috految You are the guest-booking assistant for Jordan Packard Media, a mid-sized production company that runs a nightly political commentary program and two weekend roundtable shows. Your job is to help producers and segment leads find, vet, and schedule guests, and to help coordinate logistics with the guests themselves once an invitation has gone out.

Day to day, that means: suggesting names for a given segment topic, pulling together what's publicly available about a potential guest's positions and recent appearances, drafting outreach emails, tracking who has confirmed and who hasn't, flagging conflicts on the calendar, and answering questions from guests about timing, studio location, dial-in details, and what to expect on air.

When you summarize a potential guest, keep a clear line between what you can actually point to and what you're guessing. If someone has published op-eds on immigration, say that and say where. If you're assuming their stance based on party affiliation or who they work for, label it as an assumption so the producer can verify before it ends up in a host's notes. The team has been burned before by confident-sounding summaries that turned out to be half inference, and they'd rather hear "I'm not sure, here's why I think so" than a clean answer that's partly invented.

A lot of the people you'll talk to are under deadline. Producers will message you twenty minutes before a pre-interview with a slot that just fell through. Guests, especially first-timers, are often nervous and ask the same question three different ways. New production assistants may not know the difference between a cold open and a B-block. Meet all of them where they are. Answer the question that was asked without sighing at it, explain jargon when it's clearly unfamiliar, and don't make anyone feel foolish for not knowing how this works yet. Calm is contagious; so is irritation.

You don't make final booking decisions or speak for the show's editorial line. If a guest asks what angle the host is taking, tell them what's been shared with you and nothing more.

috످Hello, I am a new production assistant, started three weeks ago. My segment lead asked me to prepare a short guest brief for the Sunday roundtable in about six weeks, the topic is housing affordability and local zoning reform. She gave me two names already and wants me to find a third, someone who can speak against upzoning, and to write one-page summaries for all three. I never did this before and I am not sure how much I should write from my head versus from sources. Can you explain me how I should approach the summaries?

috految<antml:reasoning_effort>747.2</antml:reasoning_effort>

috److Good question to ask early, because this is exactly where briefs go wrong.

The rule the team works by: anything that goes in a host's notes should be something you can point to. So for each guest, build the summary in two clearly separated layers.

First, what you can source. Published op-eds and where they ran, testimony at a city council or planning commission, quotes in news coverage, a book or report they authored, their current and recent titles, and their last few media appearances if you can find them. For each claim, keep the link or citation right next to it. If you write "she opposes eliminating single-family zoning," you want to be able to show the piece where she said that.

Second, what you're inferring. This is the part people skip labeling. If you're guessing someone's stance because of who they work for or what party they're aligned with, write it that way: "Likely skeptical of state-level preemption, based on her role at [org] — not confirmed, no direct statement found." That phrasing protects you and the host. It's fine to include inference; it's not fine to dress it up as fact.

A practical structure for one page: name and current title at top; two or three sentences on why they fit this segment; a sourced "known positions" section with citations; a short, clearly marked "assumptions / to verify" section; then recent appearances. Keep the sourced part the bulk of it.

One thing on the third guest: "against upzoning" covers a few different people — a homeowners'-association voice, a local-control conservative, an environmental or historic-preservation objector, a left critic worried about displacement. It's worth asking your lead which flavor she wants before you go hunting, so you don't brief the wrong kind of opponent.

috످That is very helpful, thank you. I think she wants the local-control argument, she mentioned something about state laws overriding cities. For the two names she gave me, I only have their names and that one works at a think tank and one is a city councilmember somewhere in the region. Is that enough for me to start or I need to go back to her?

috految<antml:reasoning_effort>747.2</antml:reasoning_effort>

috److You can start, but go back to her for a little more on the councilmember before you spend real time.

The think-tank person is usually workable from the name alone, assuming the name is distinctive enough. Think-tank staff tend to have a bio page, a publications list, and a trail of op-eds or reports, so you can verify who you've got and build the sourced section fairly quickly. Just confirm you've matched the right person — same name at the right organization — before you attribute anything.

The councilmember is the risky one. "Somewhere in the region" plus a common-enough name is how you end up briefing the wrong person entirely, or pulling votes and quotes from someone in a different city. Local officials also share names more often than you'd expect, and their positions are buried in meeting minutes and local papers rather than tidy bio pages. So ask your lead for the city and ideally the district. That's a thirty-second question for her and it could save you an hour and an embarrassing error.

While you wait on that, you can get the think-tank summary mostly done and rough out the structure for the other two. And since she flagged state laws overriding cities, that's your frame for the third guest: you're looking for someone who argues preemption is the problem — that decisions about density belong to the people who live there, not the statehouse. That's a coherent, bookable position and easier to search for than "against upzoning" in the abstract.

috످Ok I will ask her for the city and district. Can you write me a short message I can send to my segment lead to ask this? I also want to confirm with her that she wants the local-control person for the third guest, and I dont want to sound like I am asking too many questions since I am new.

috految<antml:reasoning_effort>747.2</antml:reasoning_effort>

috److془Write a short message. Reassure. Note maybe: the think tank name - they don't know which. Could be optional. Also "preemption" jargon was used without explanation. Could define briefly. Also "a bit of a caveat": the user is ESL. Keep simple.

Draft:

> Hi [Name], I'm getting started on the guest briefs for the housing roundtable. Could you send me the city and district for Councilmember [Last name]?
>
> For the third guest, I'm planning to look for someone who supports local control of zoning, since you mentioned state laws overriding cities. Does that sound right?
>
> Thanks!

You're not asking too many questions. Checking these details is a normal part of the job, even for experienced producers, and this message shows you listened and already have a plan.

Keep it.

Add "If she uses the word 'preemption' (I used it earlier), it just means state laws overriding city laws." Good maybe. Or not. I think it's fine to keep it tight. The system prompt says explain jargon when clearly unfamiliar. Earlier turn glossed it somewhat. Skip it.془> Hi [Name],
>
> I'm getting started on the guest briefs for the housing roundtable. Could you send me the city and district for Councilmember [Last name]?
>
> For the third guest, I'm planning to look for someone who supports local control of zoning, since you mentioned state laws overriding cities. Does that sound right?
>
> Thanks!

You're not asking too many questions. Even experienced producers check these details, and this message shows her that you listened and already have a plan.

috످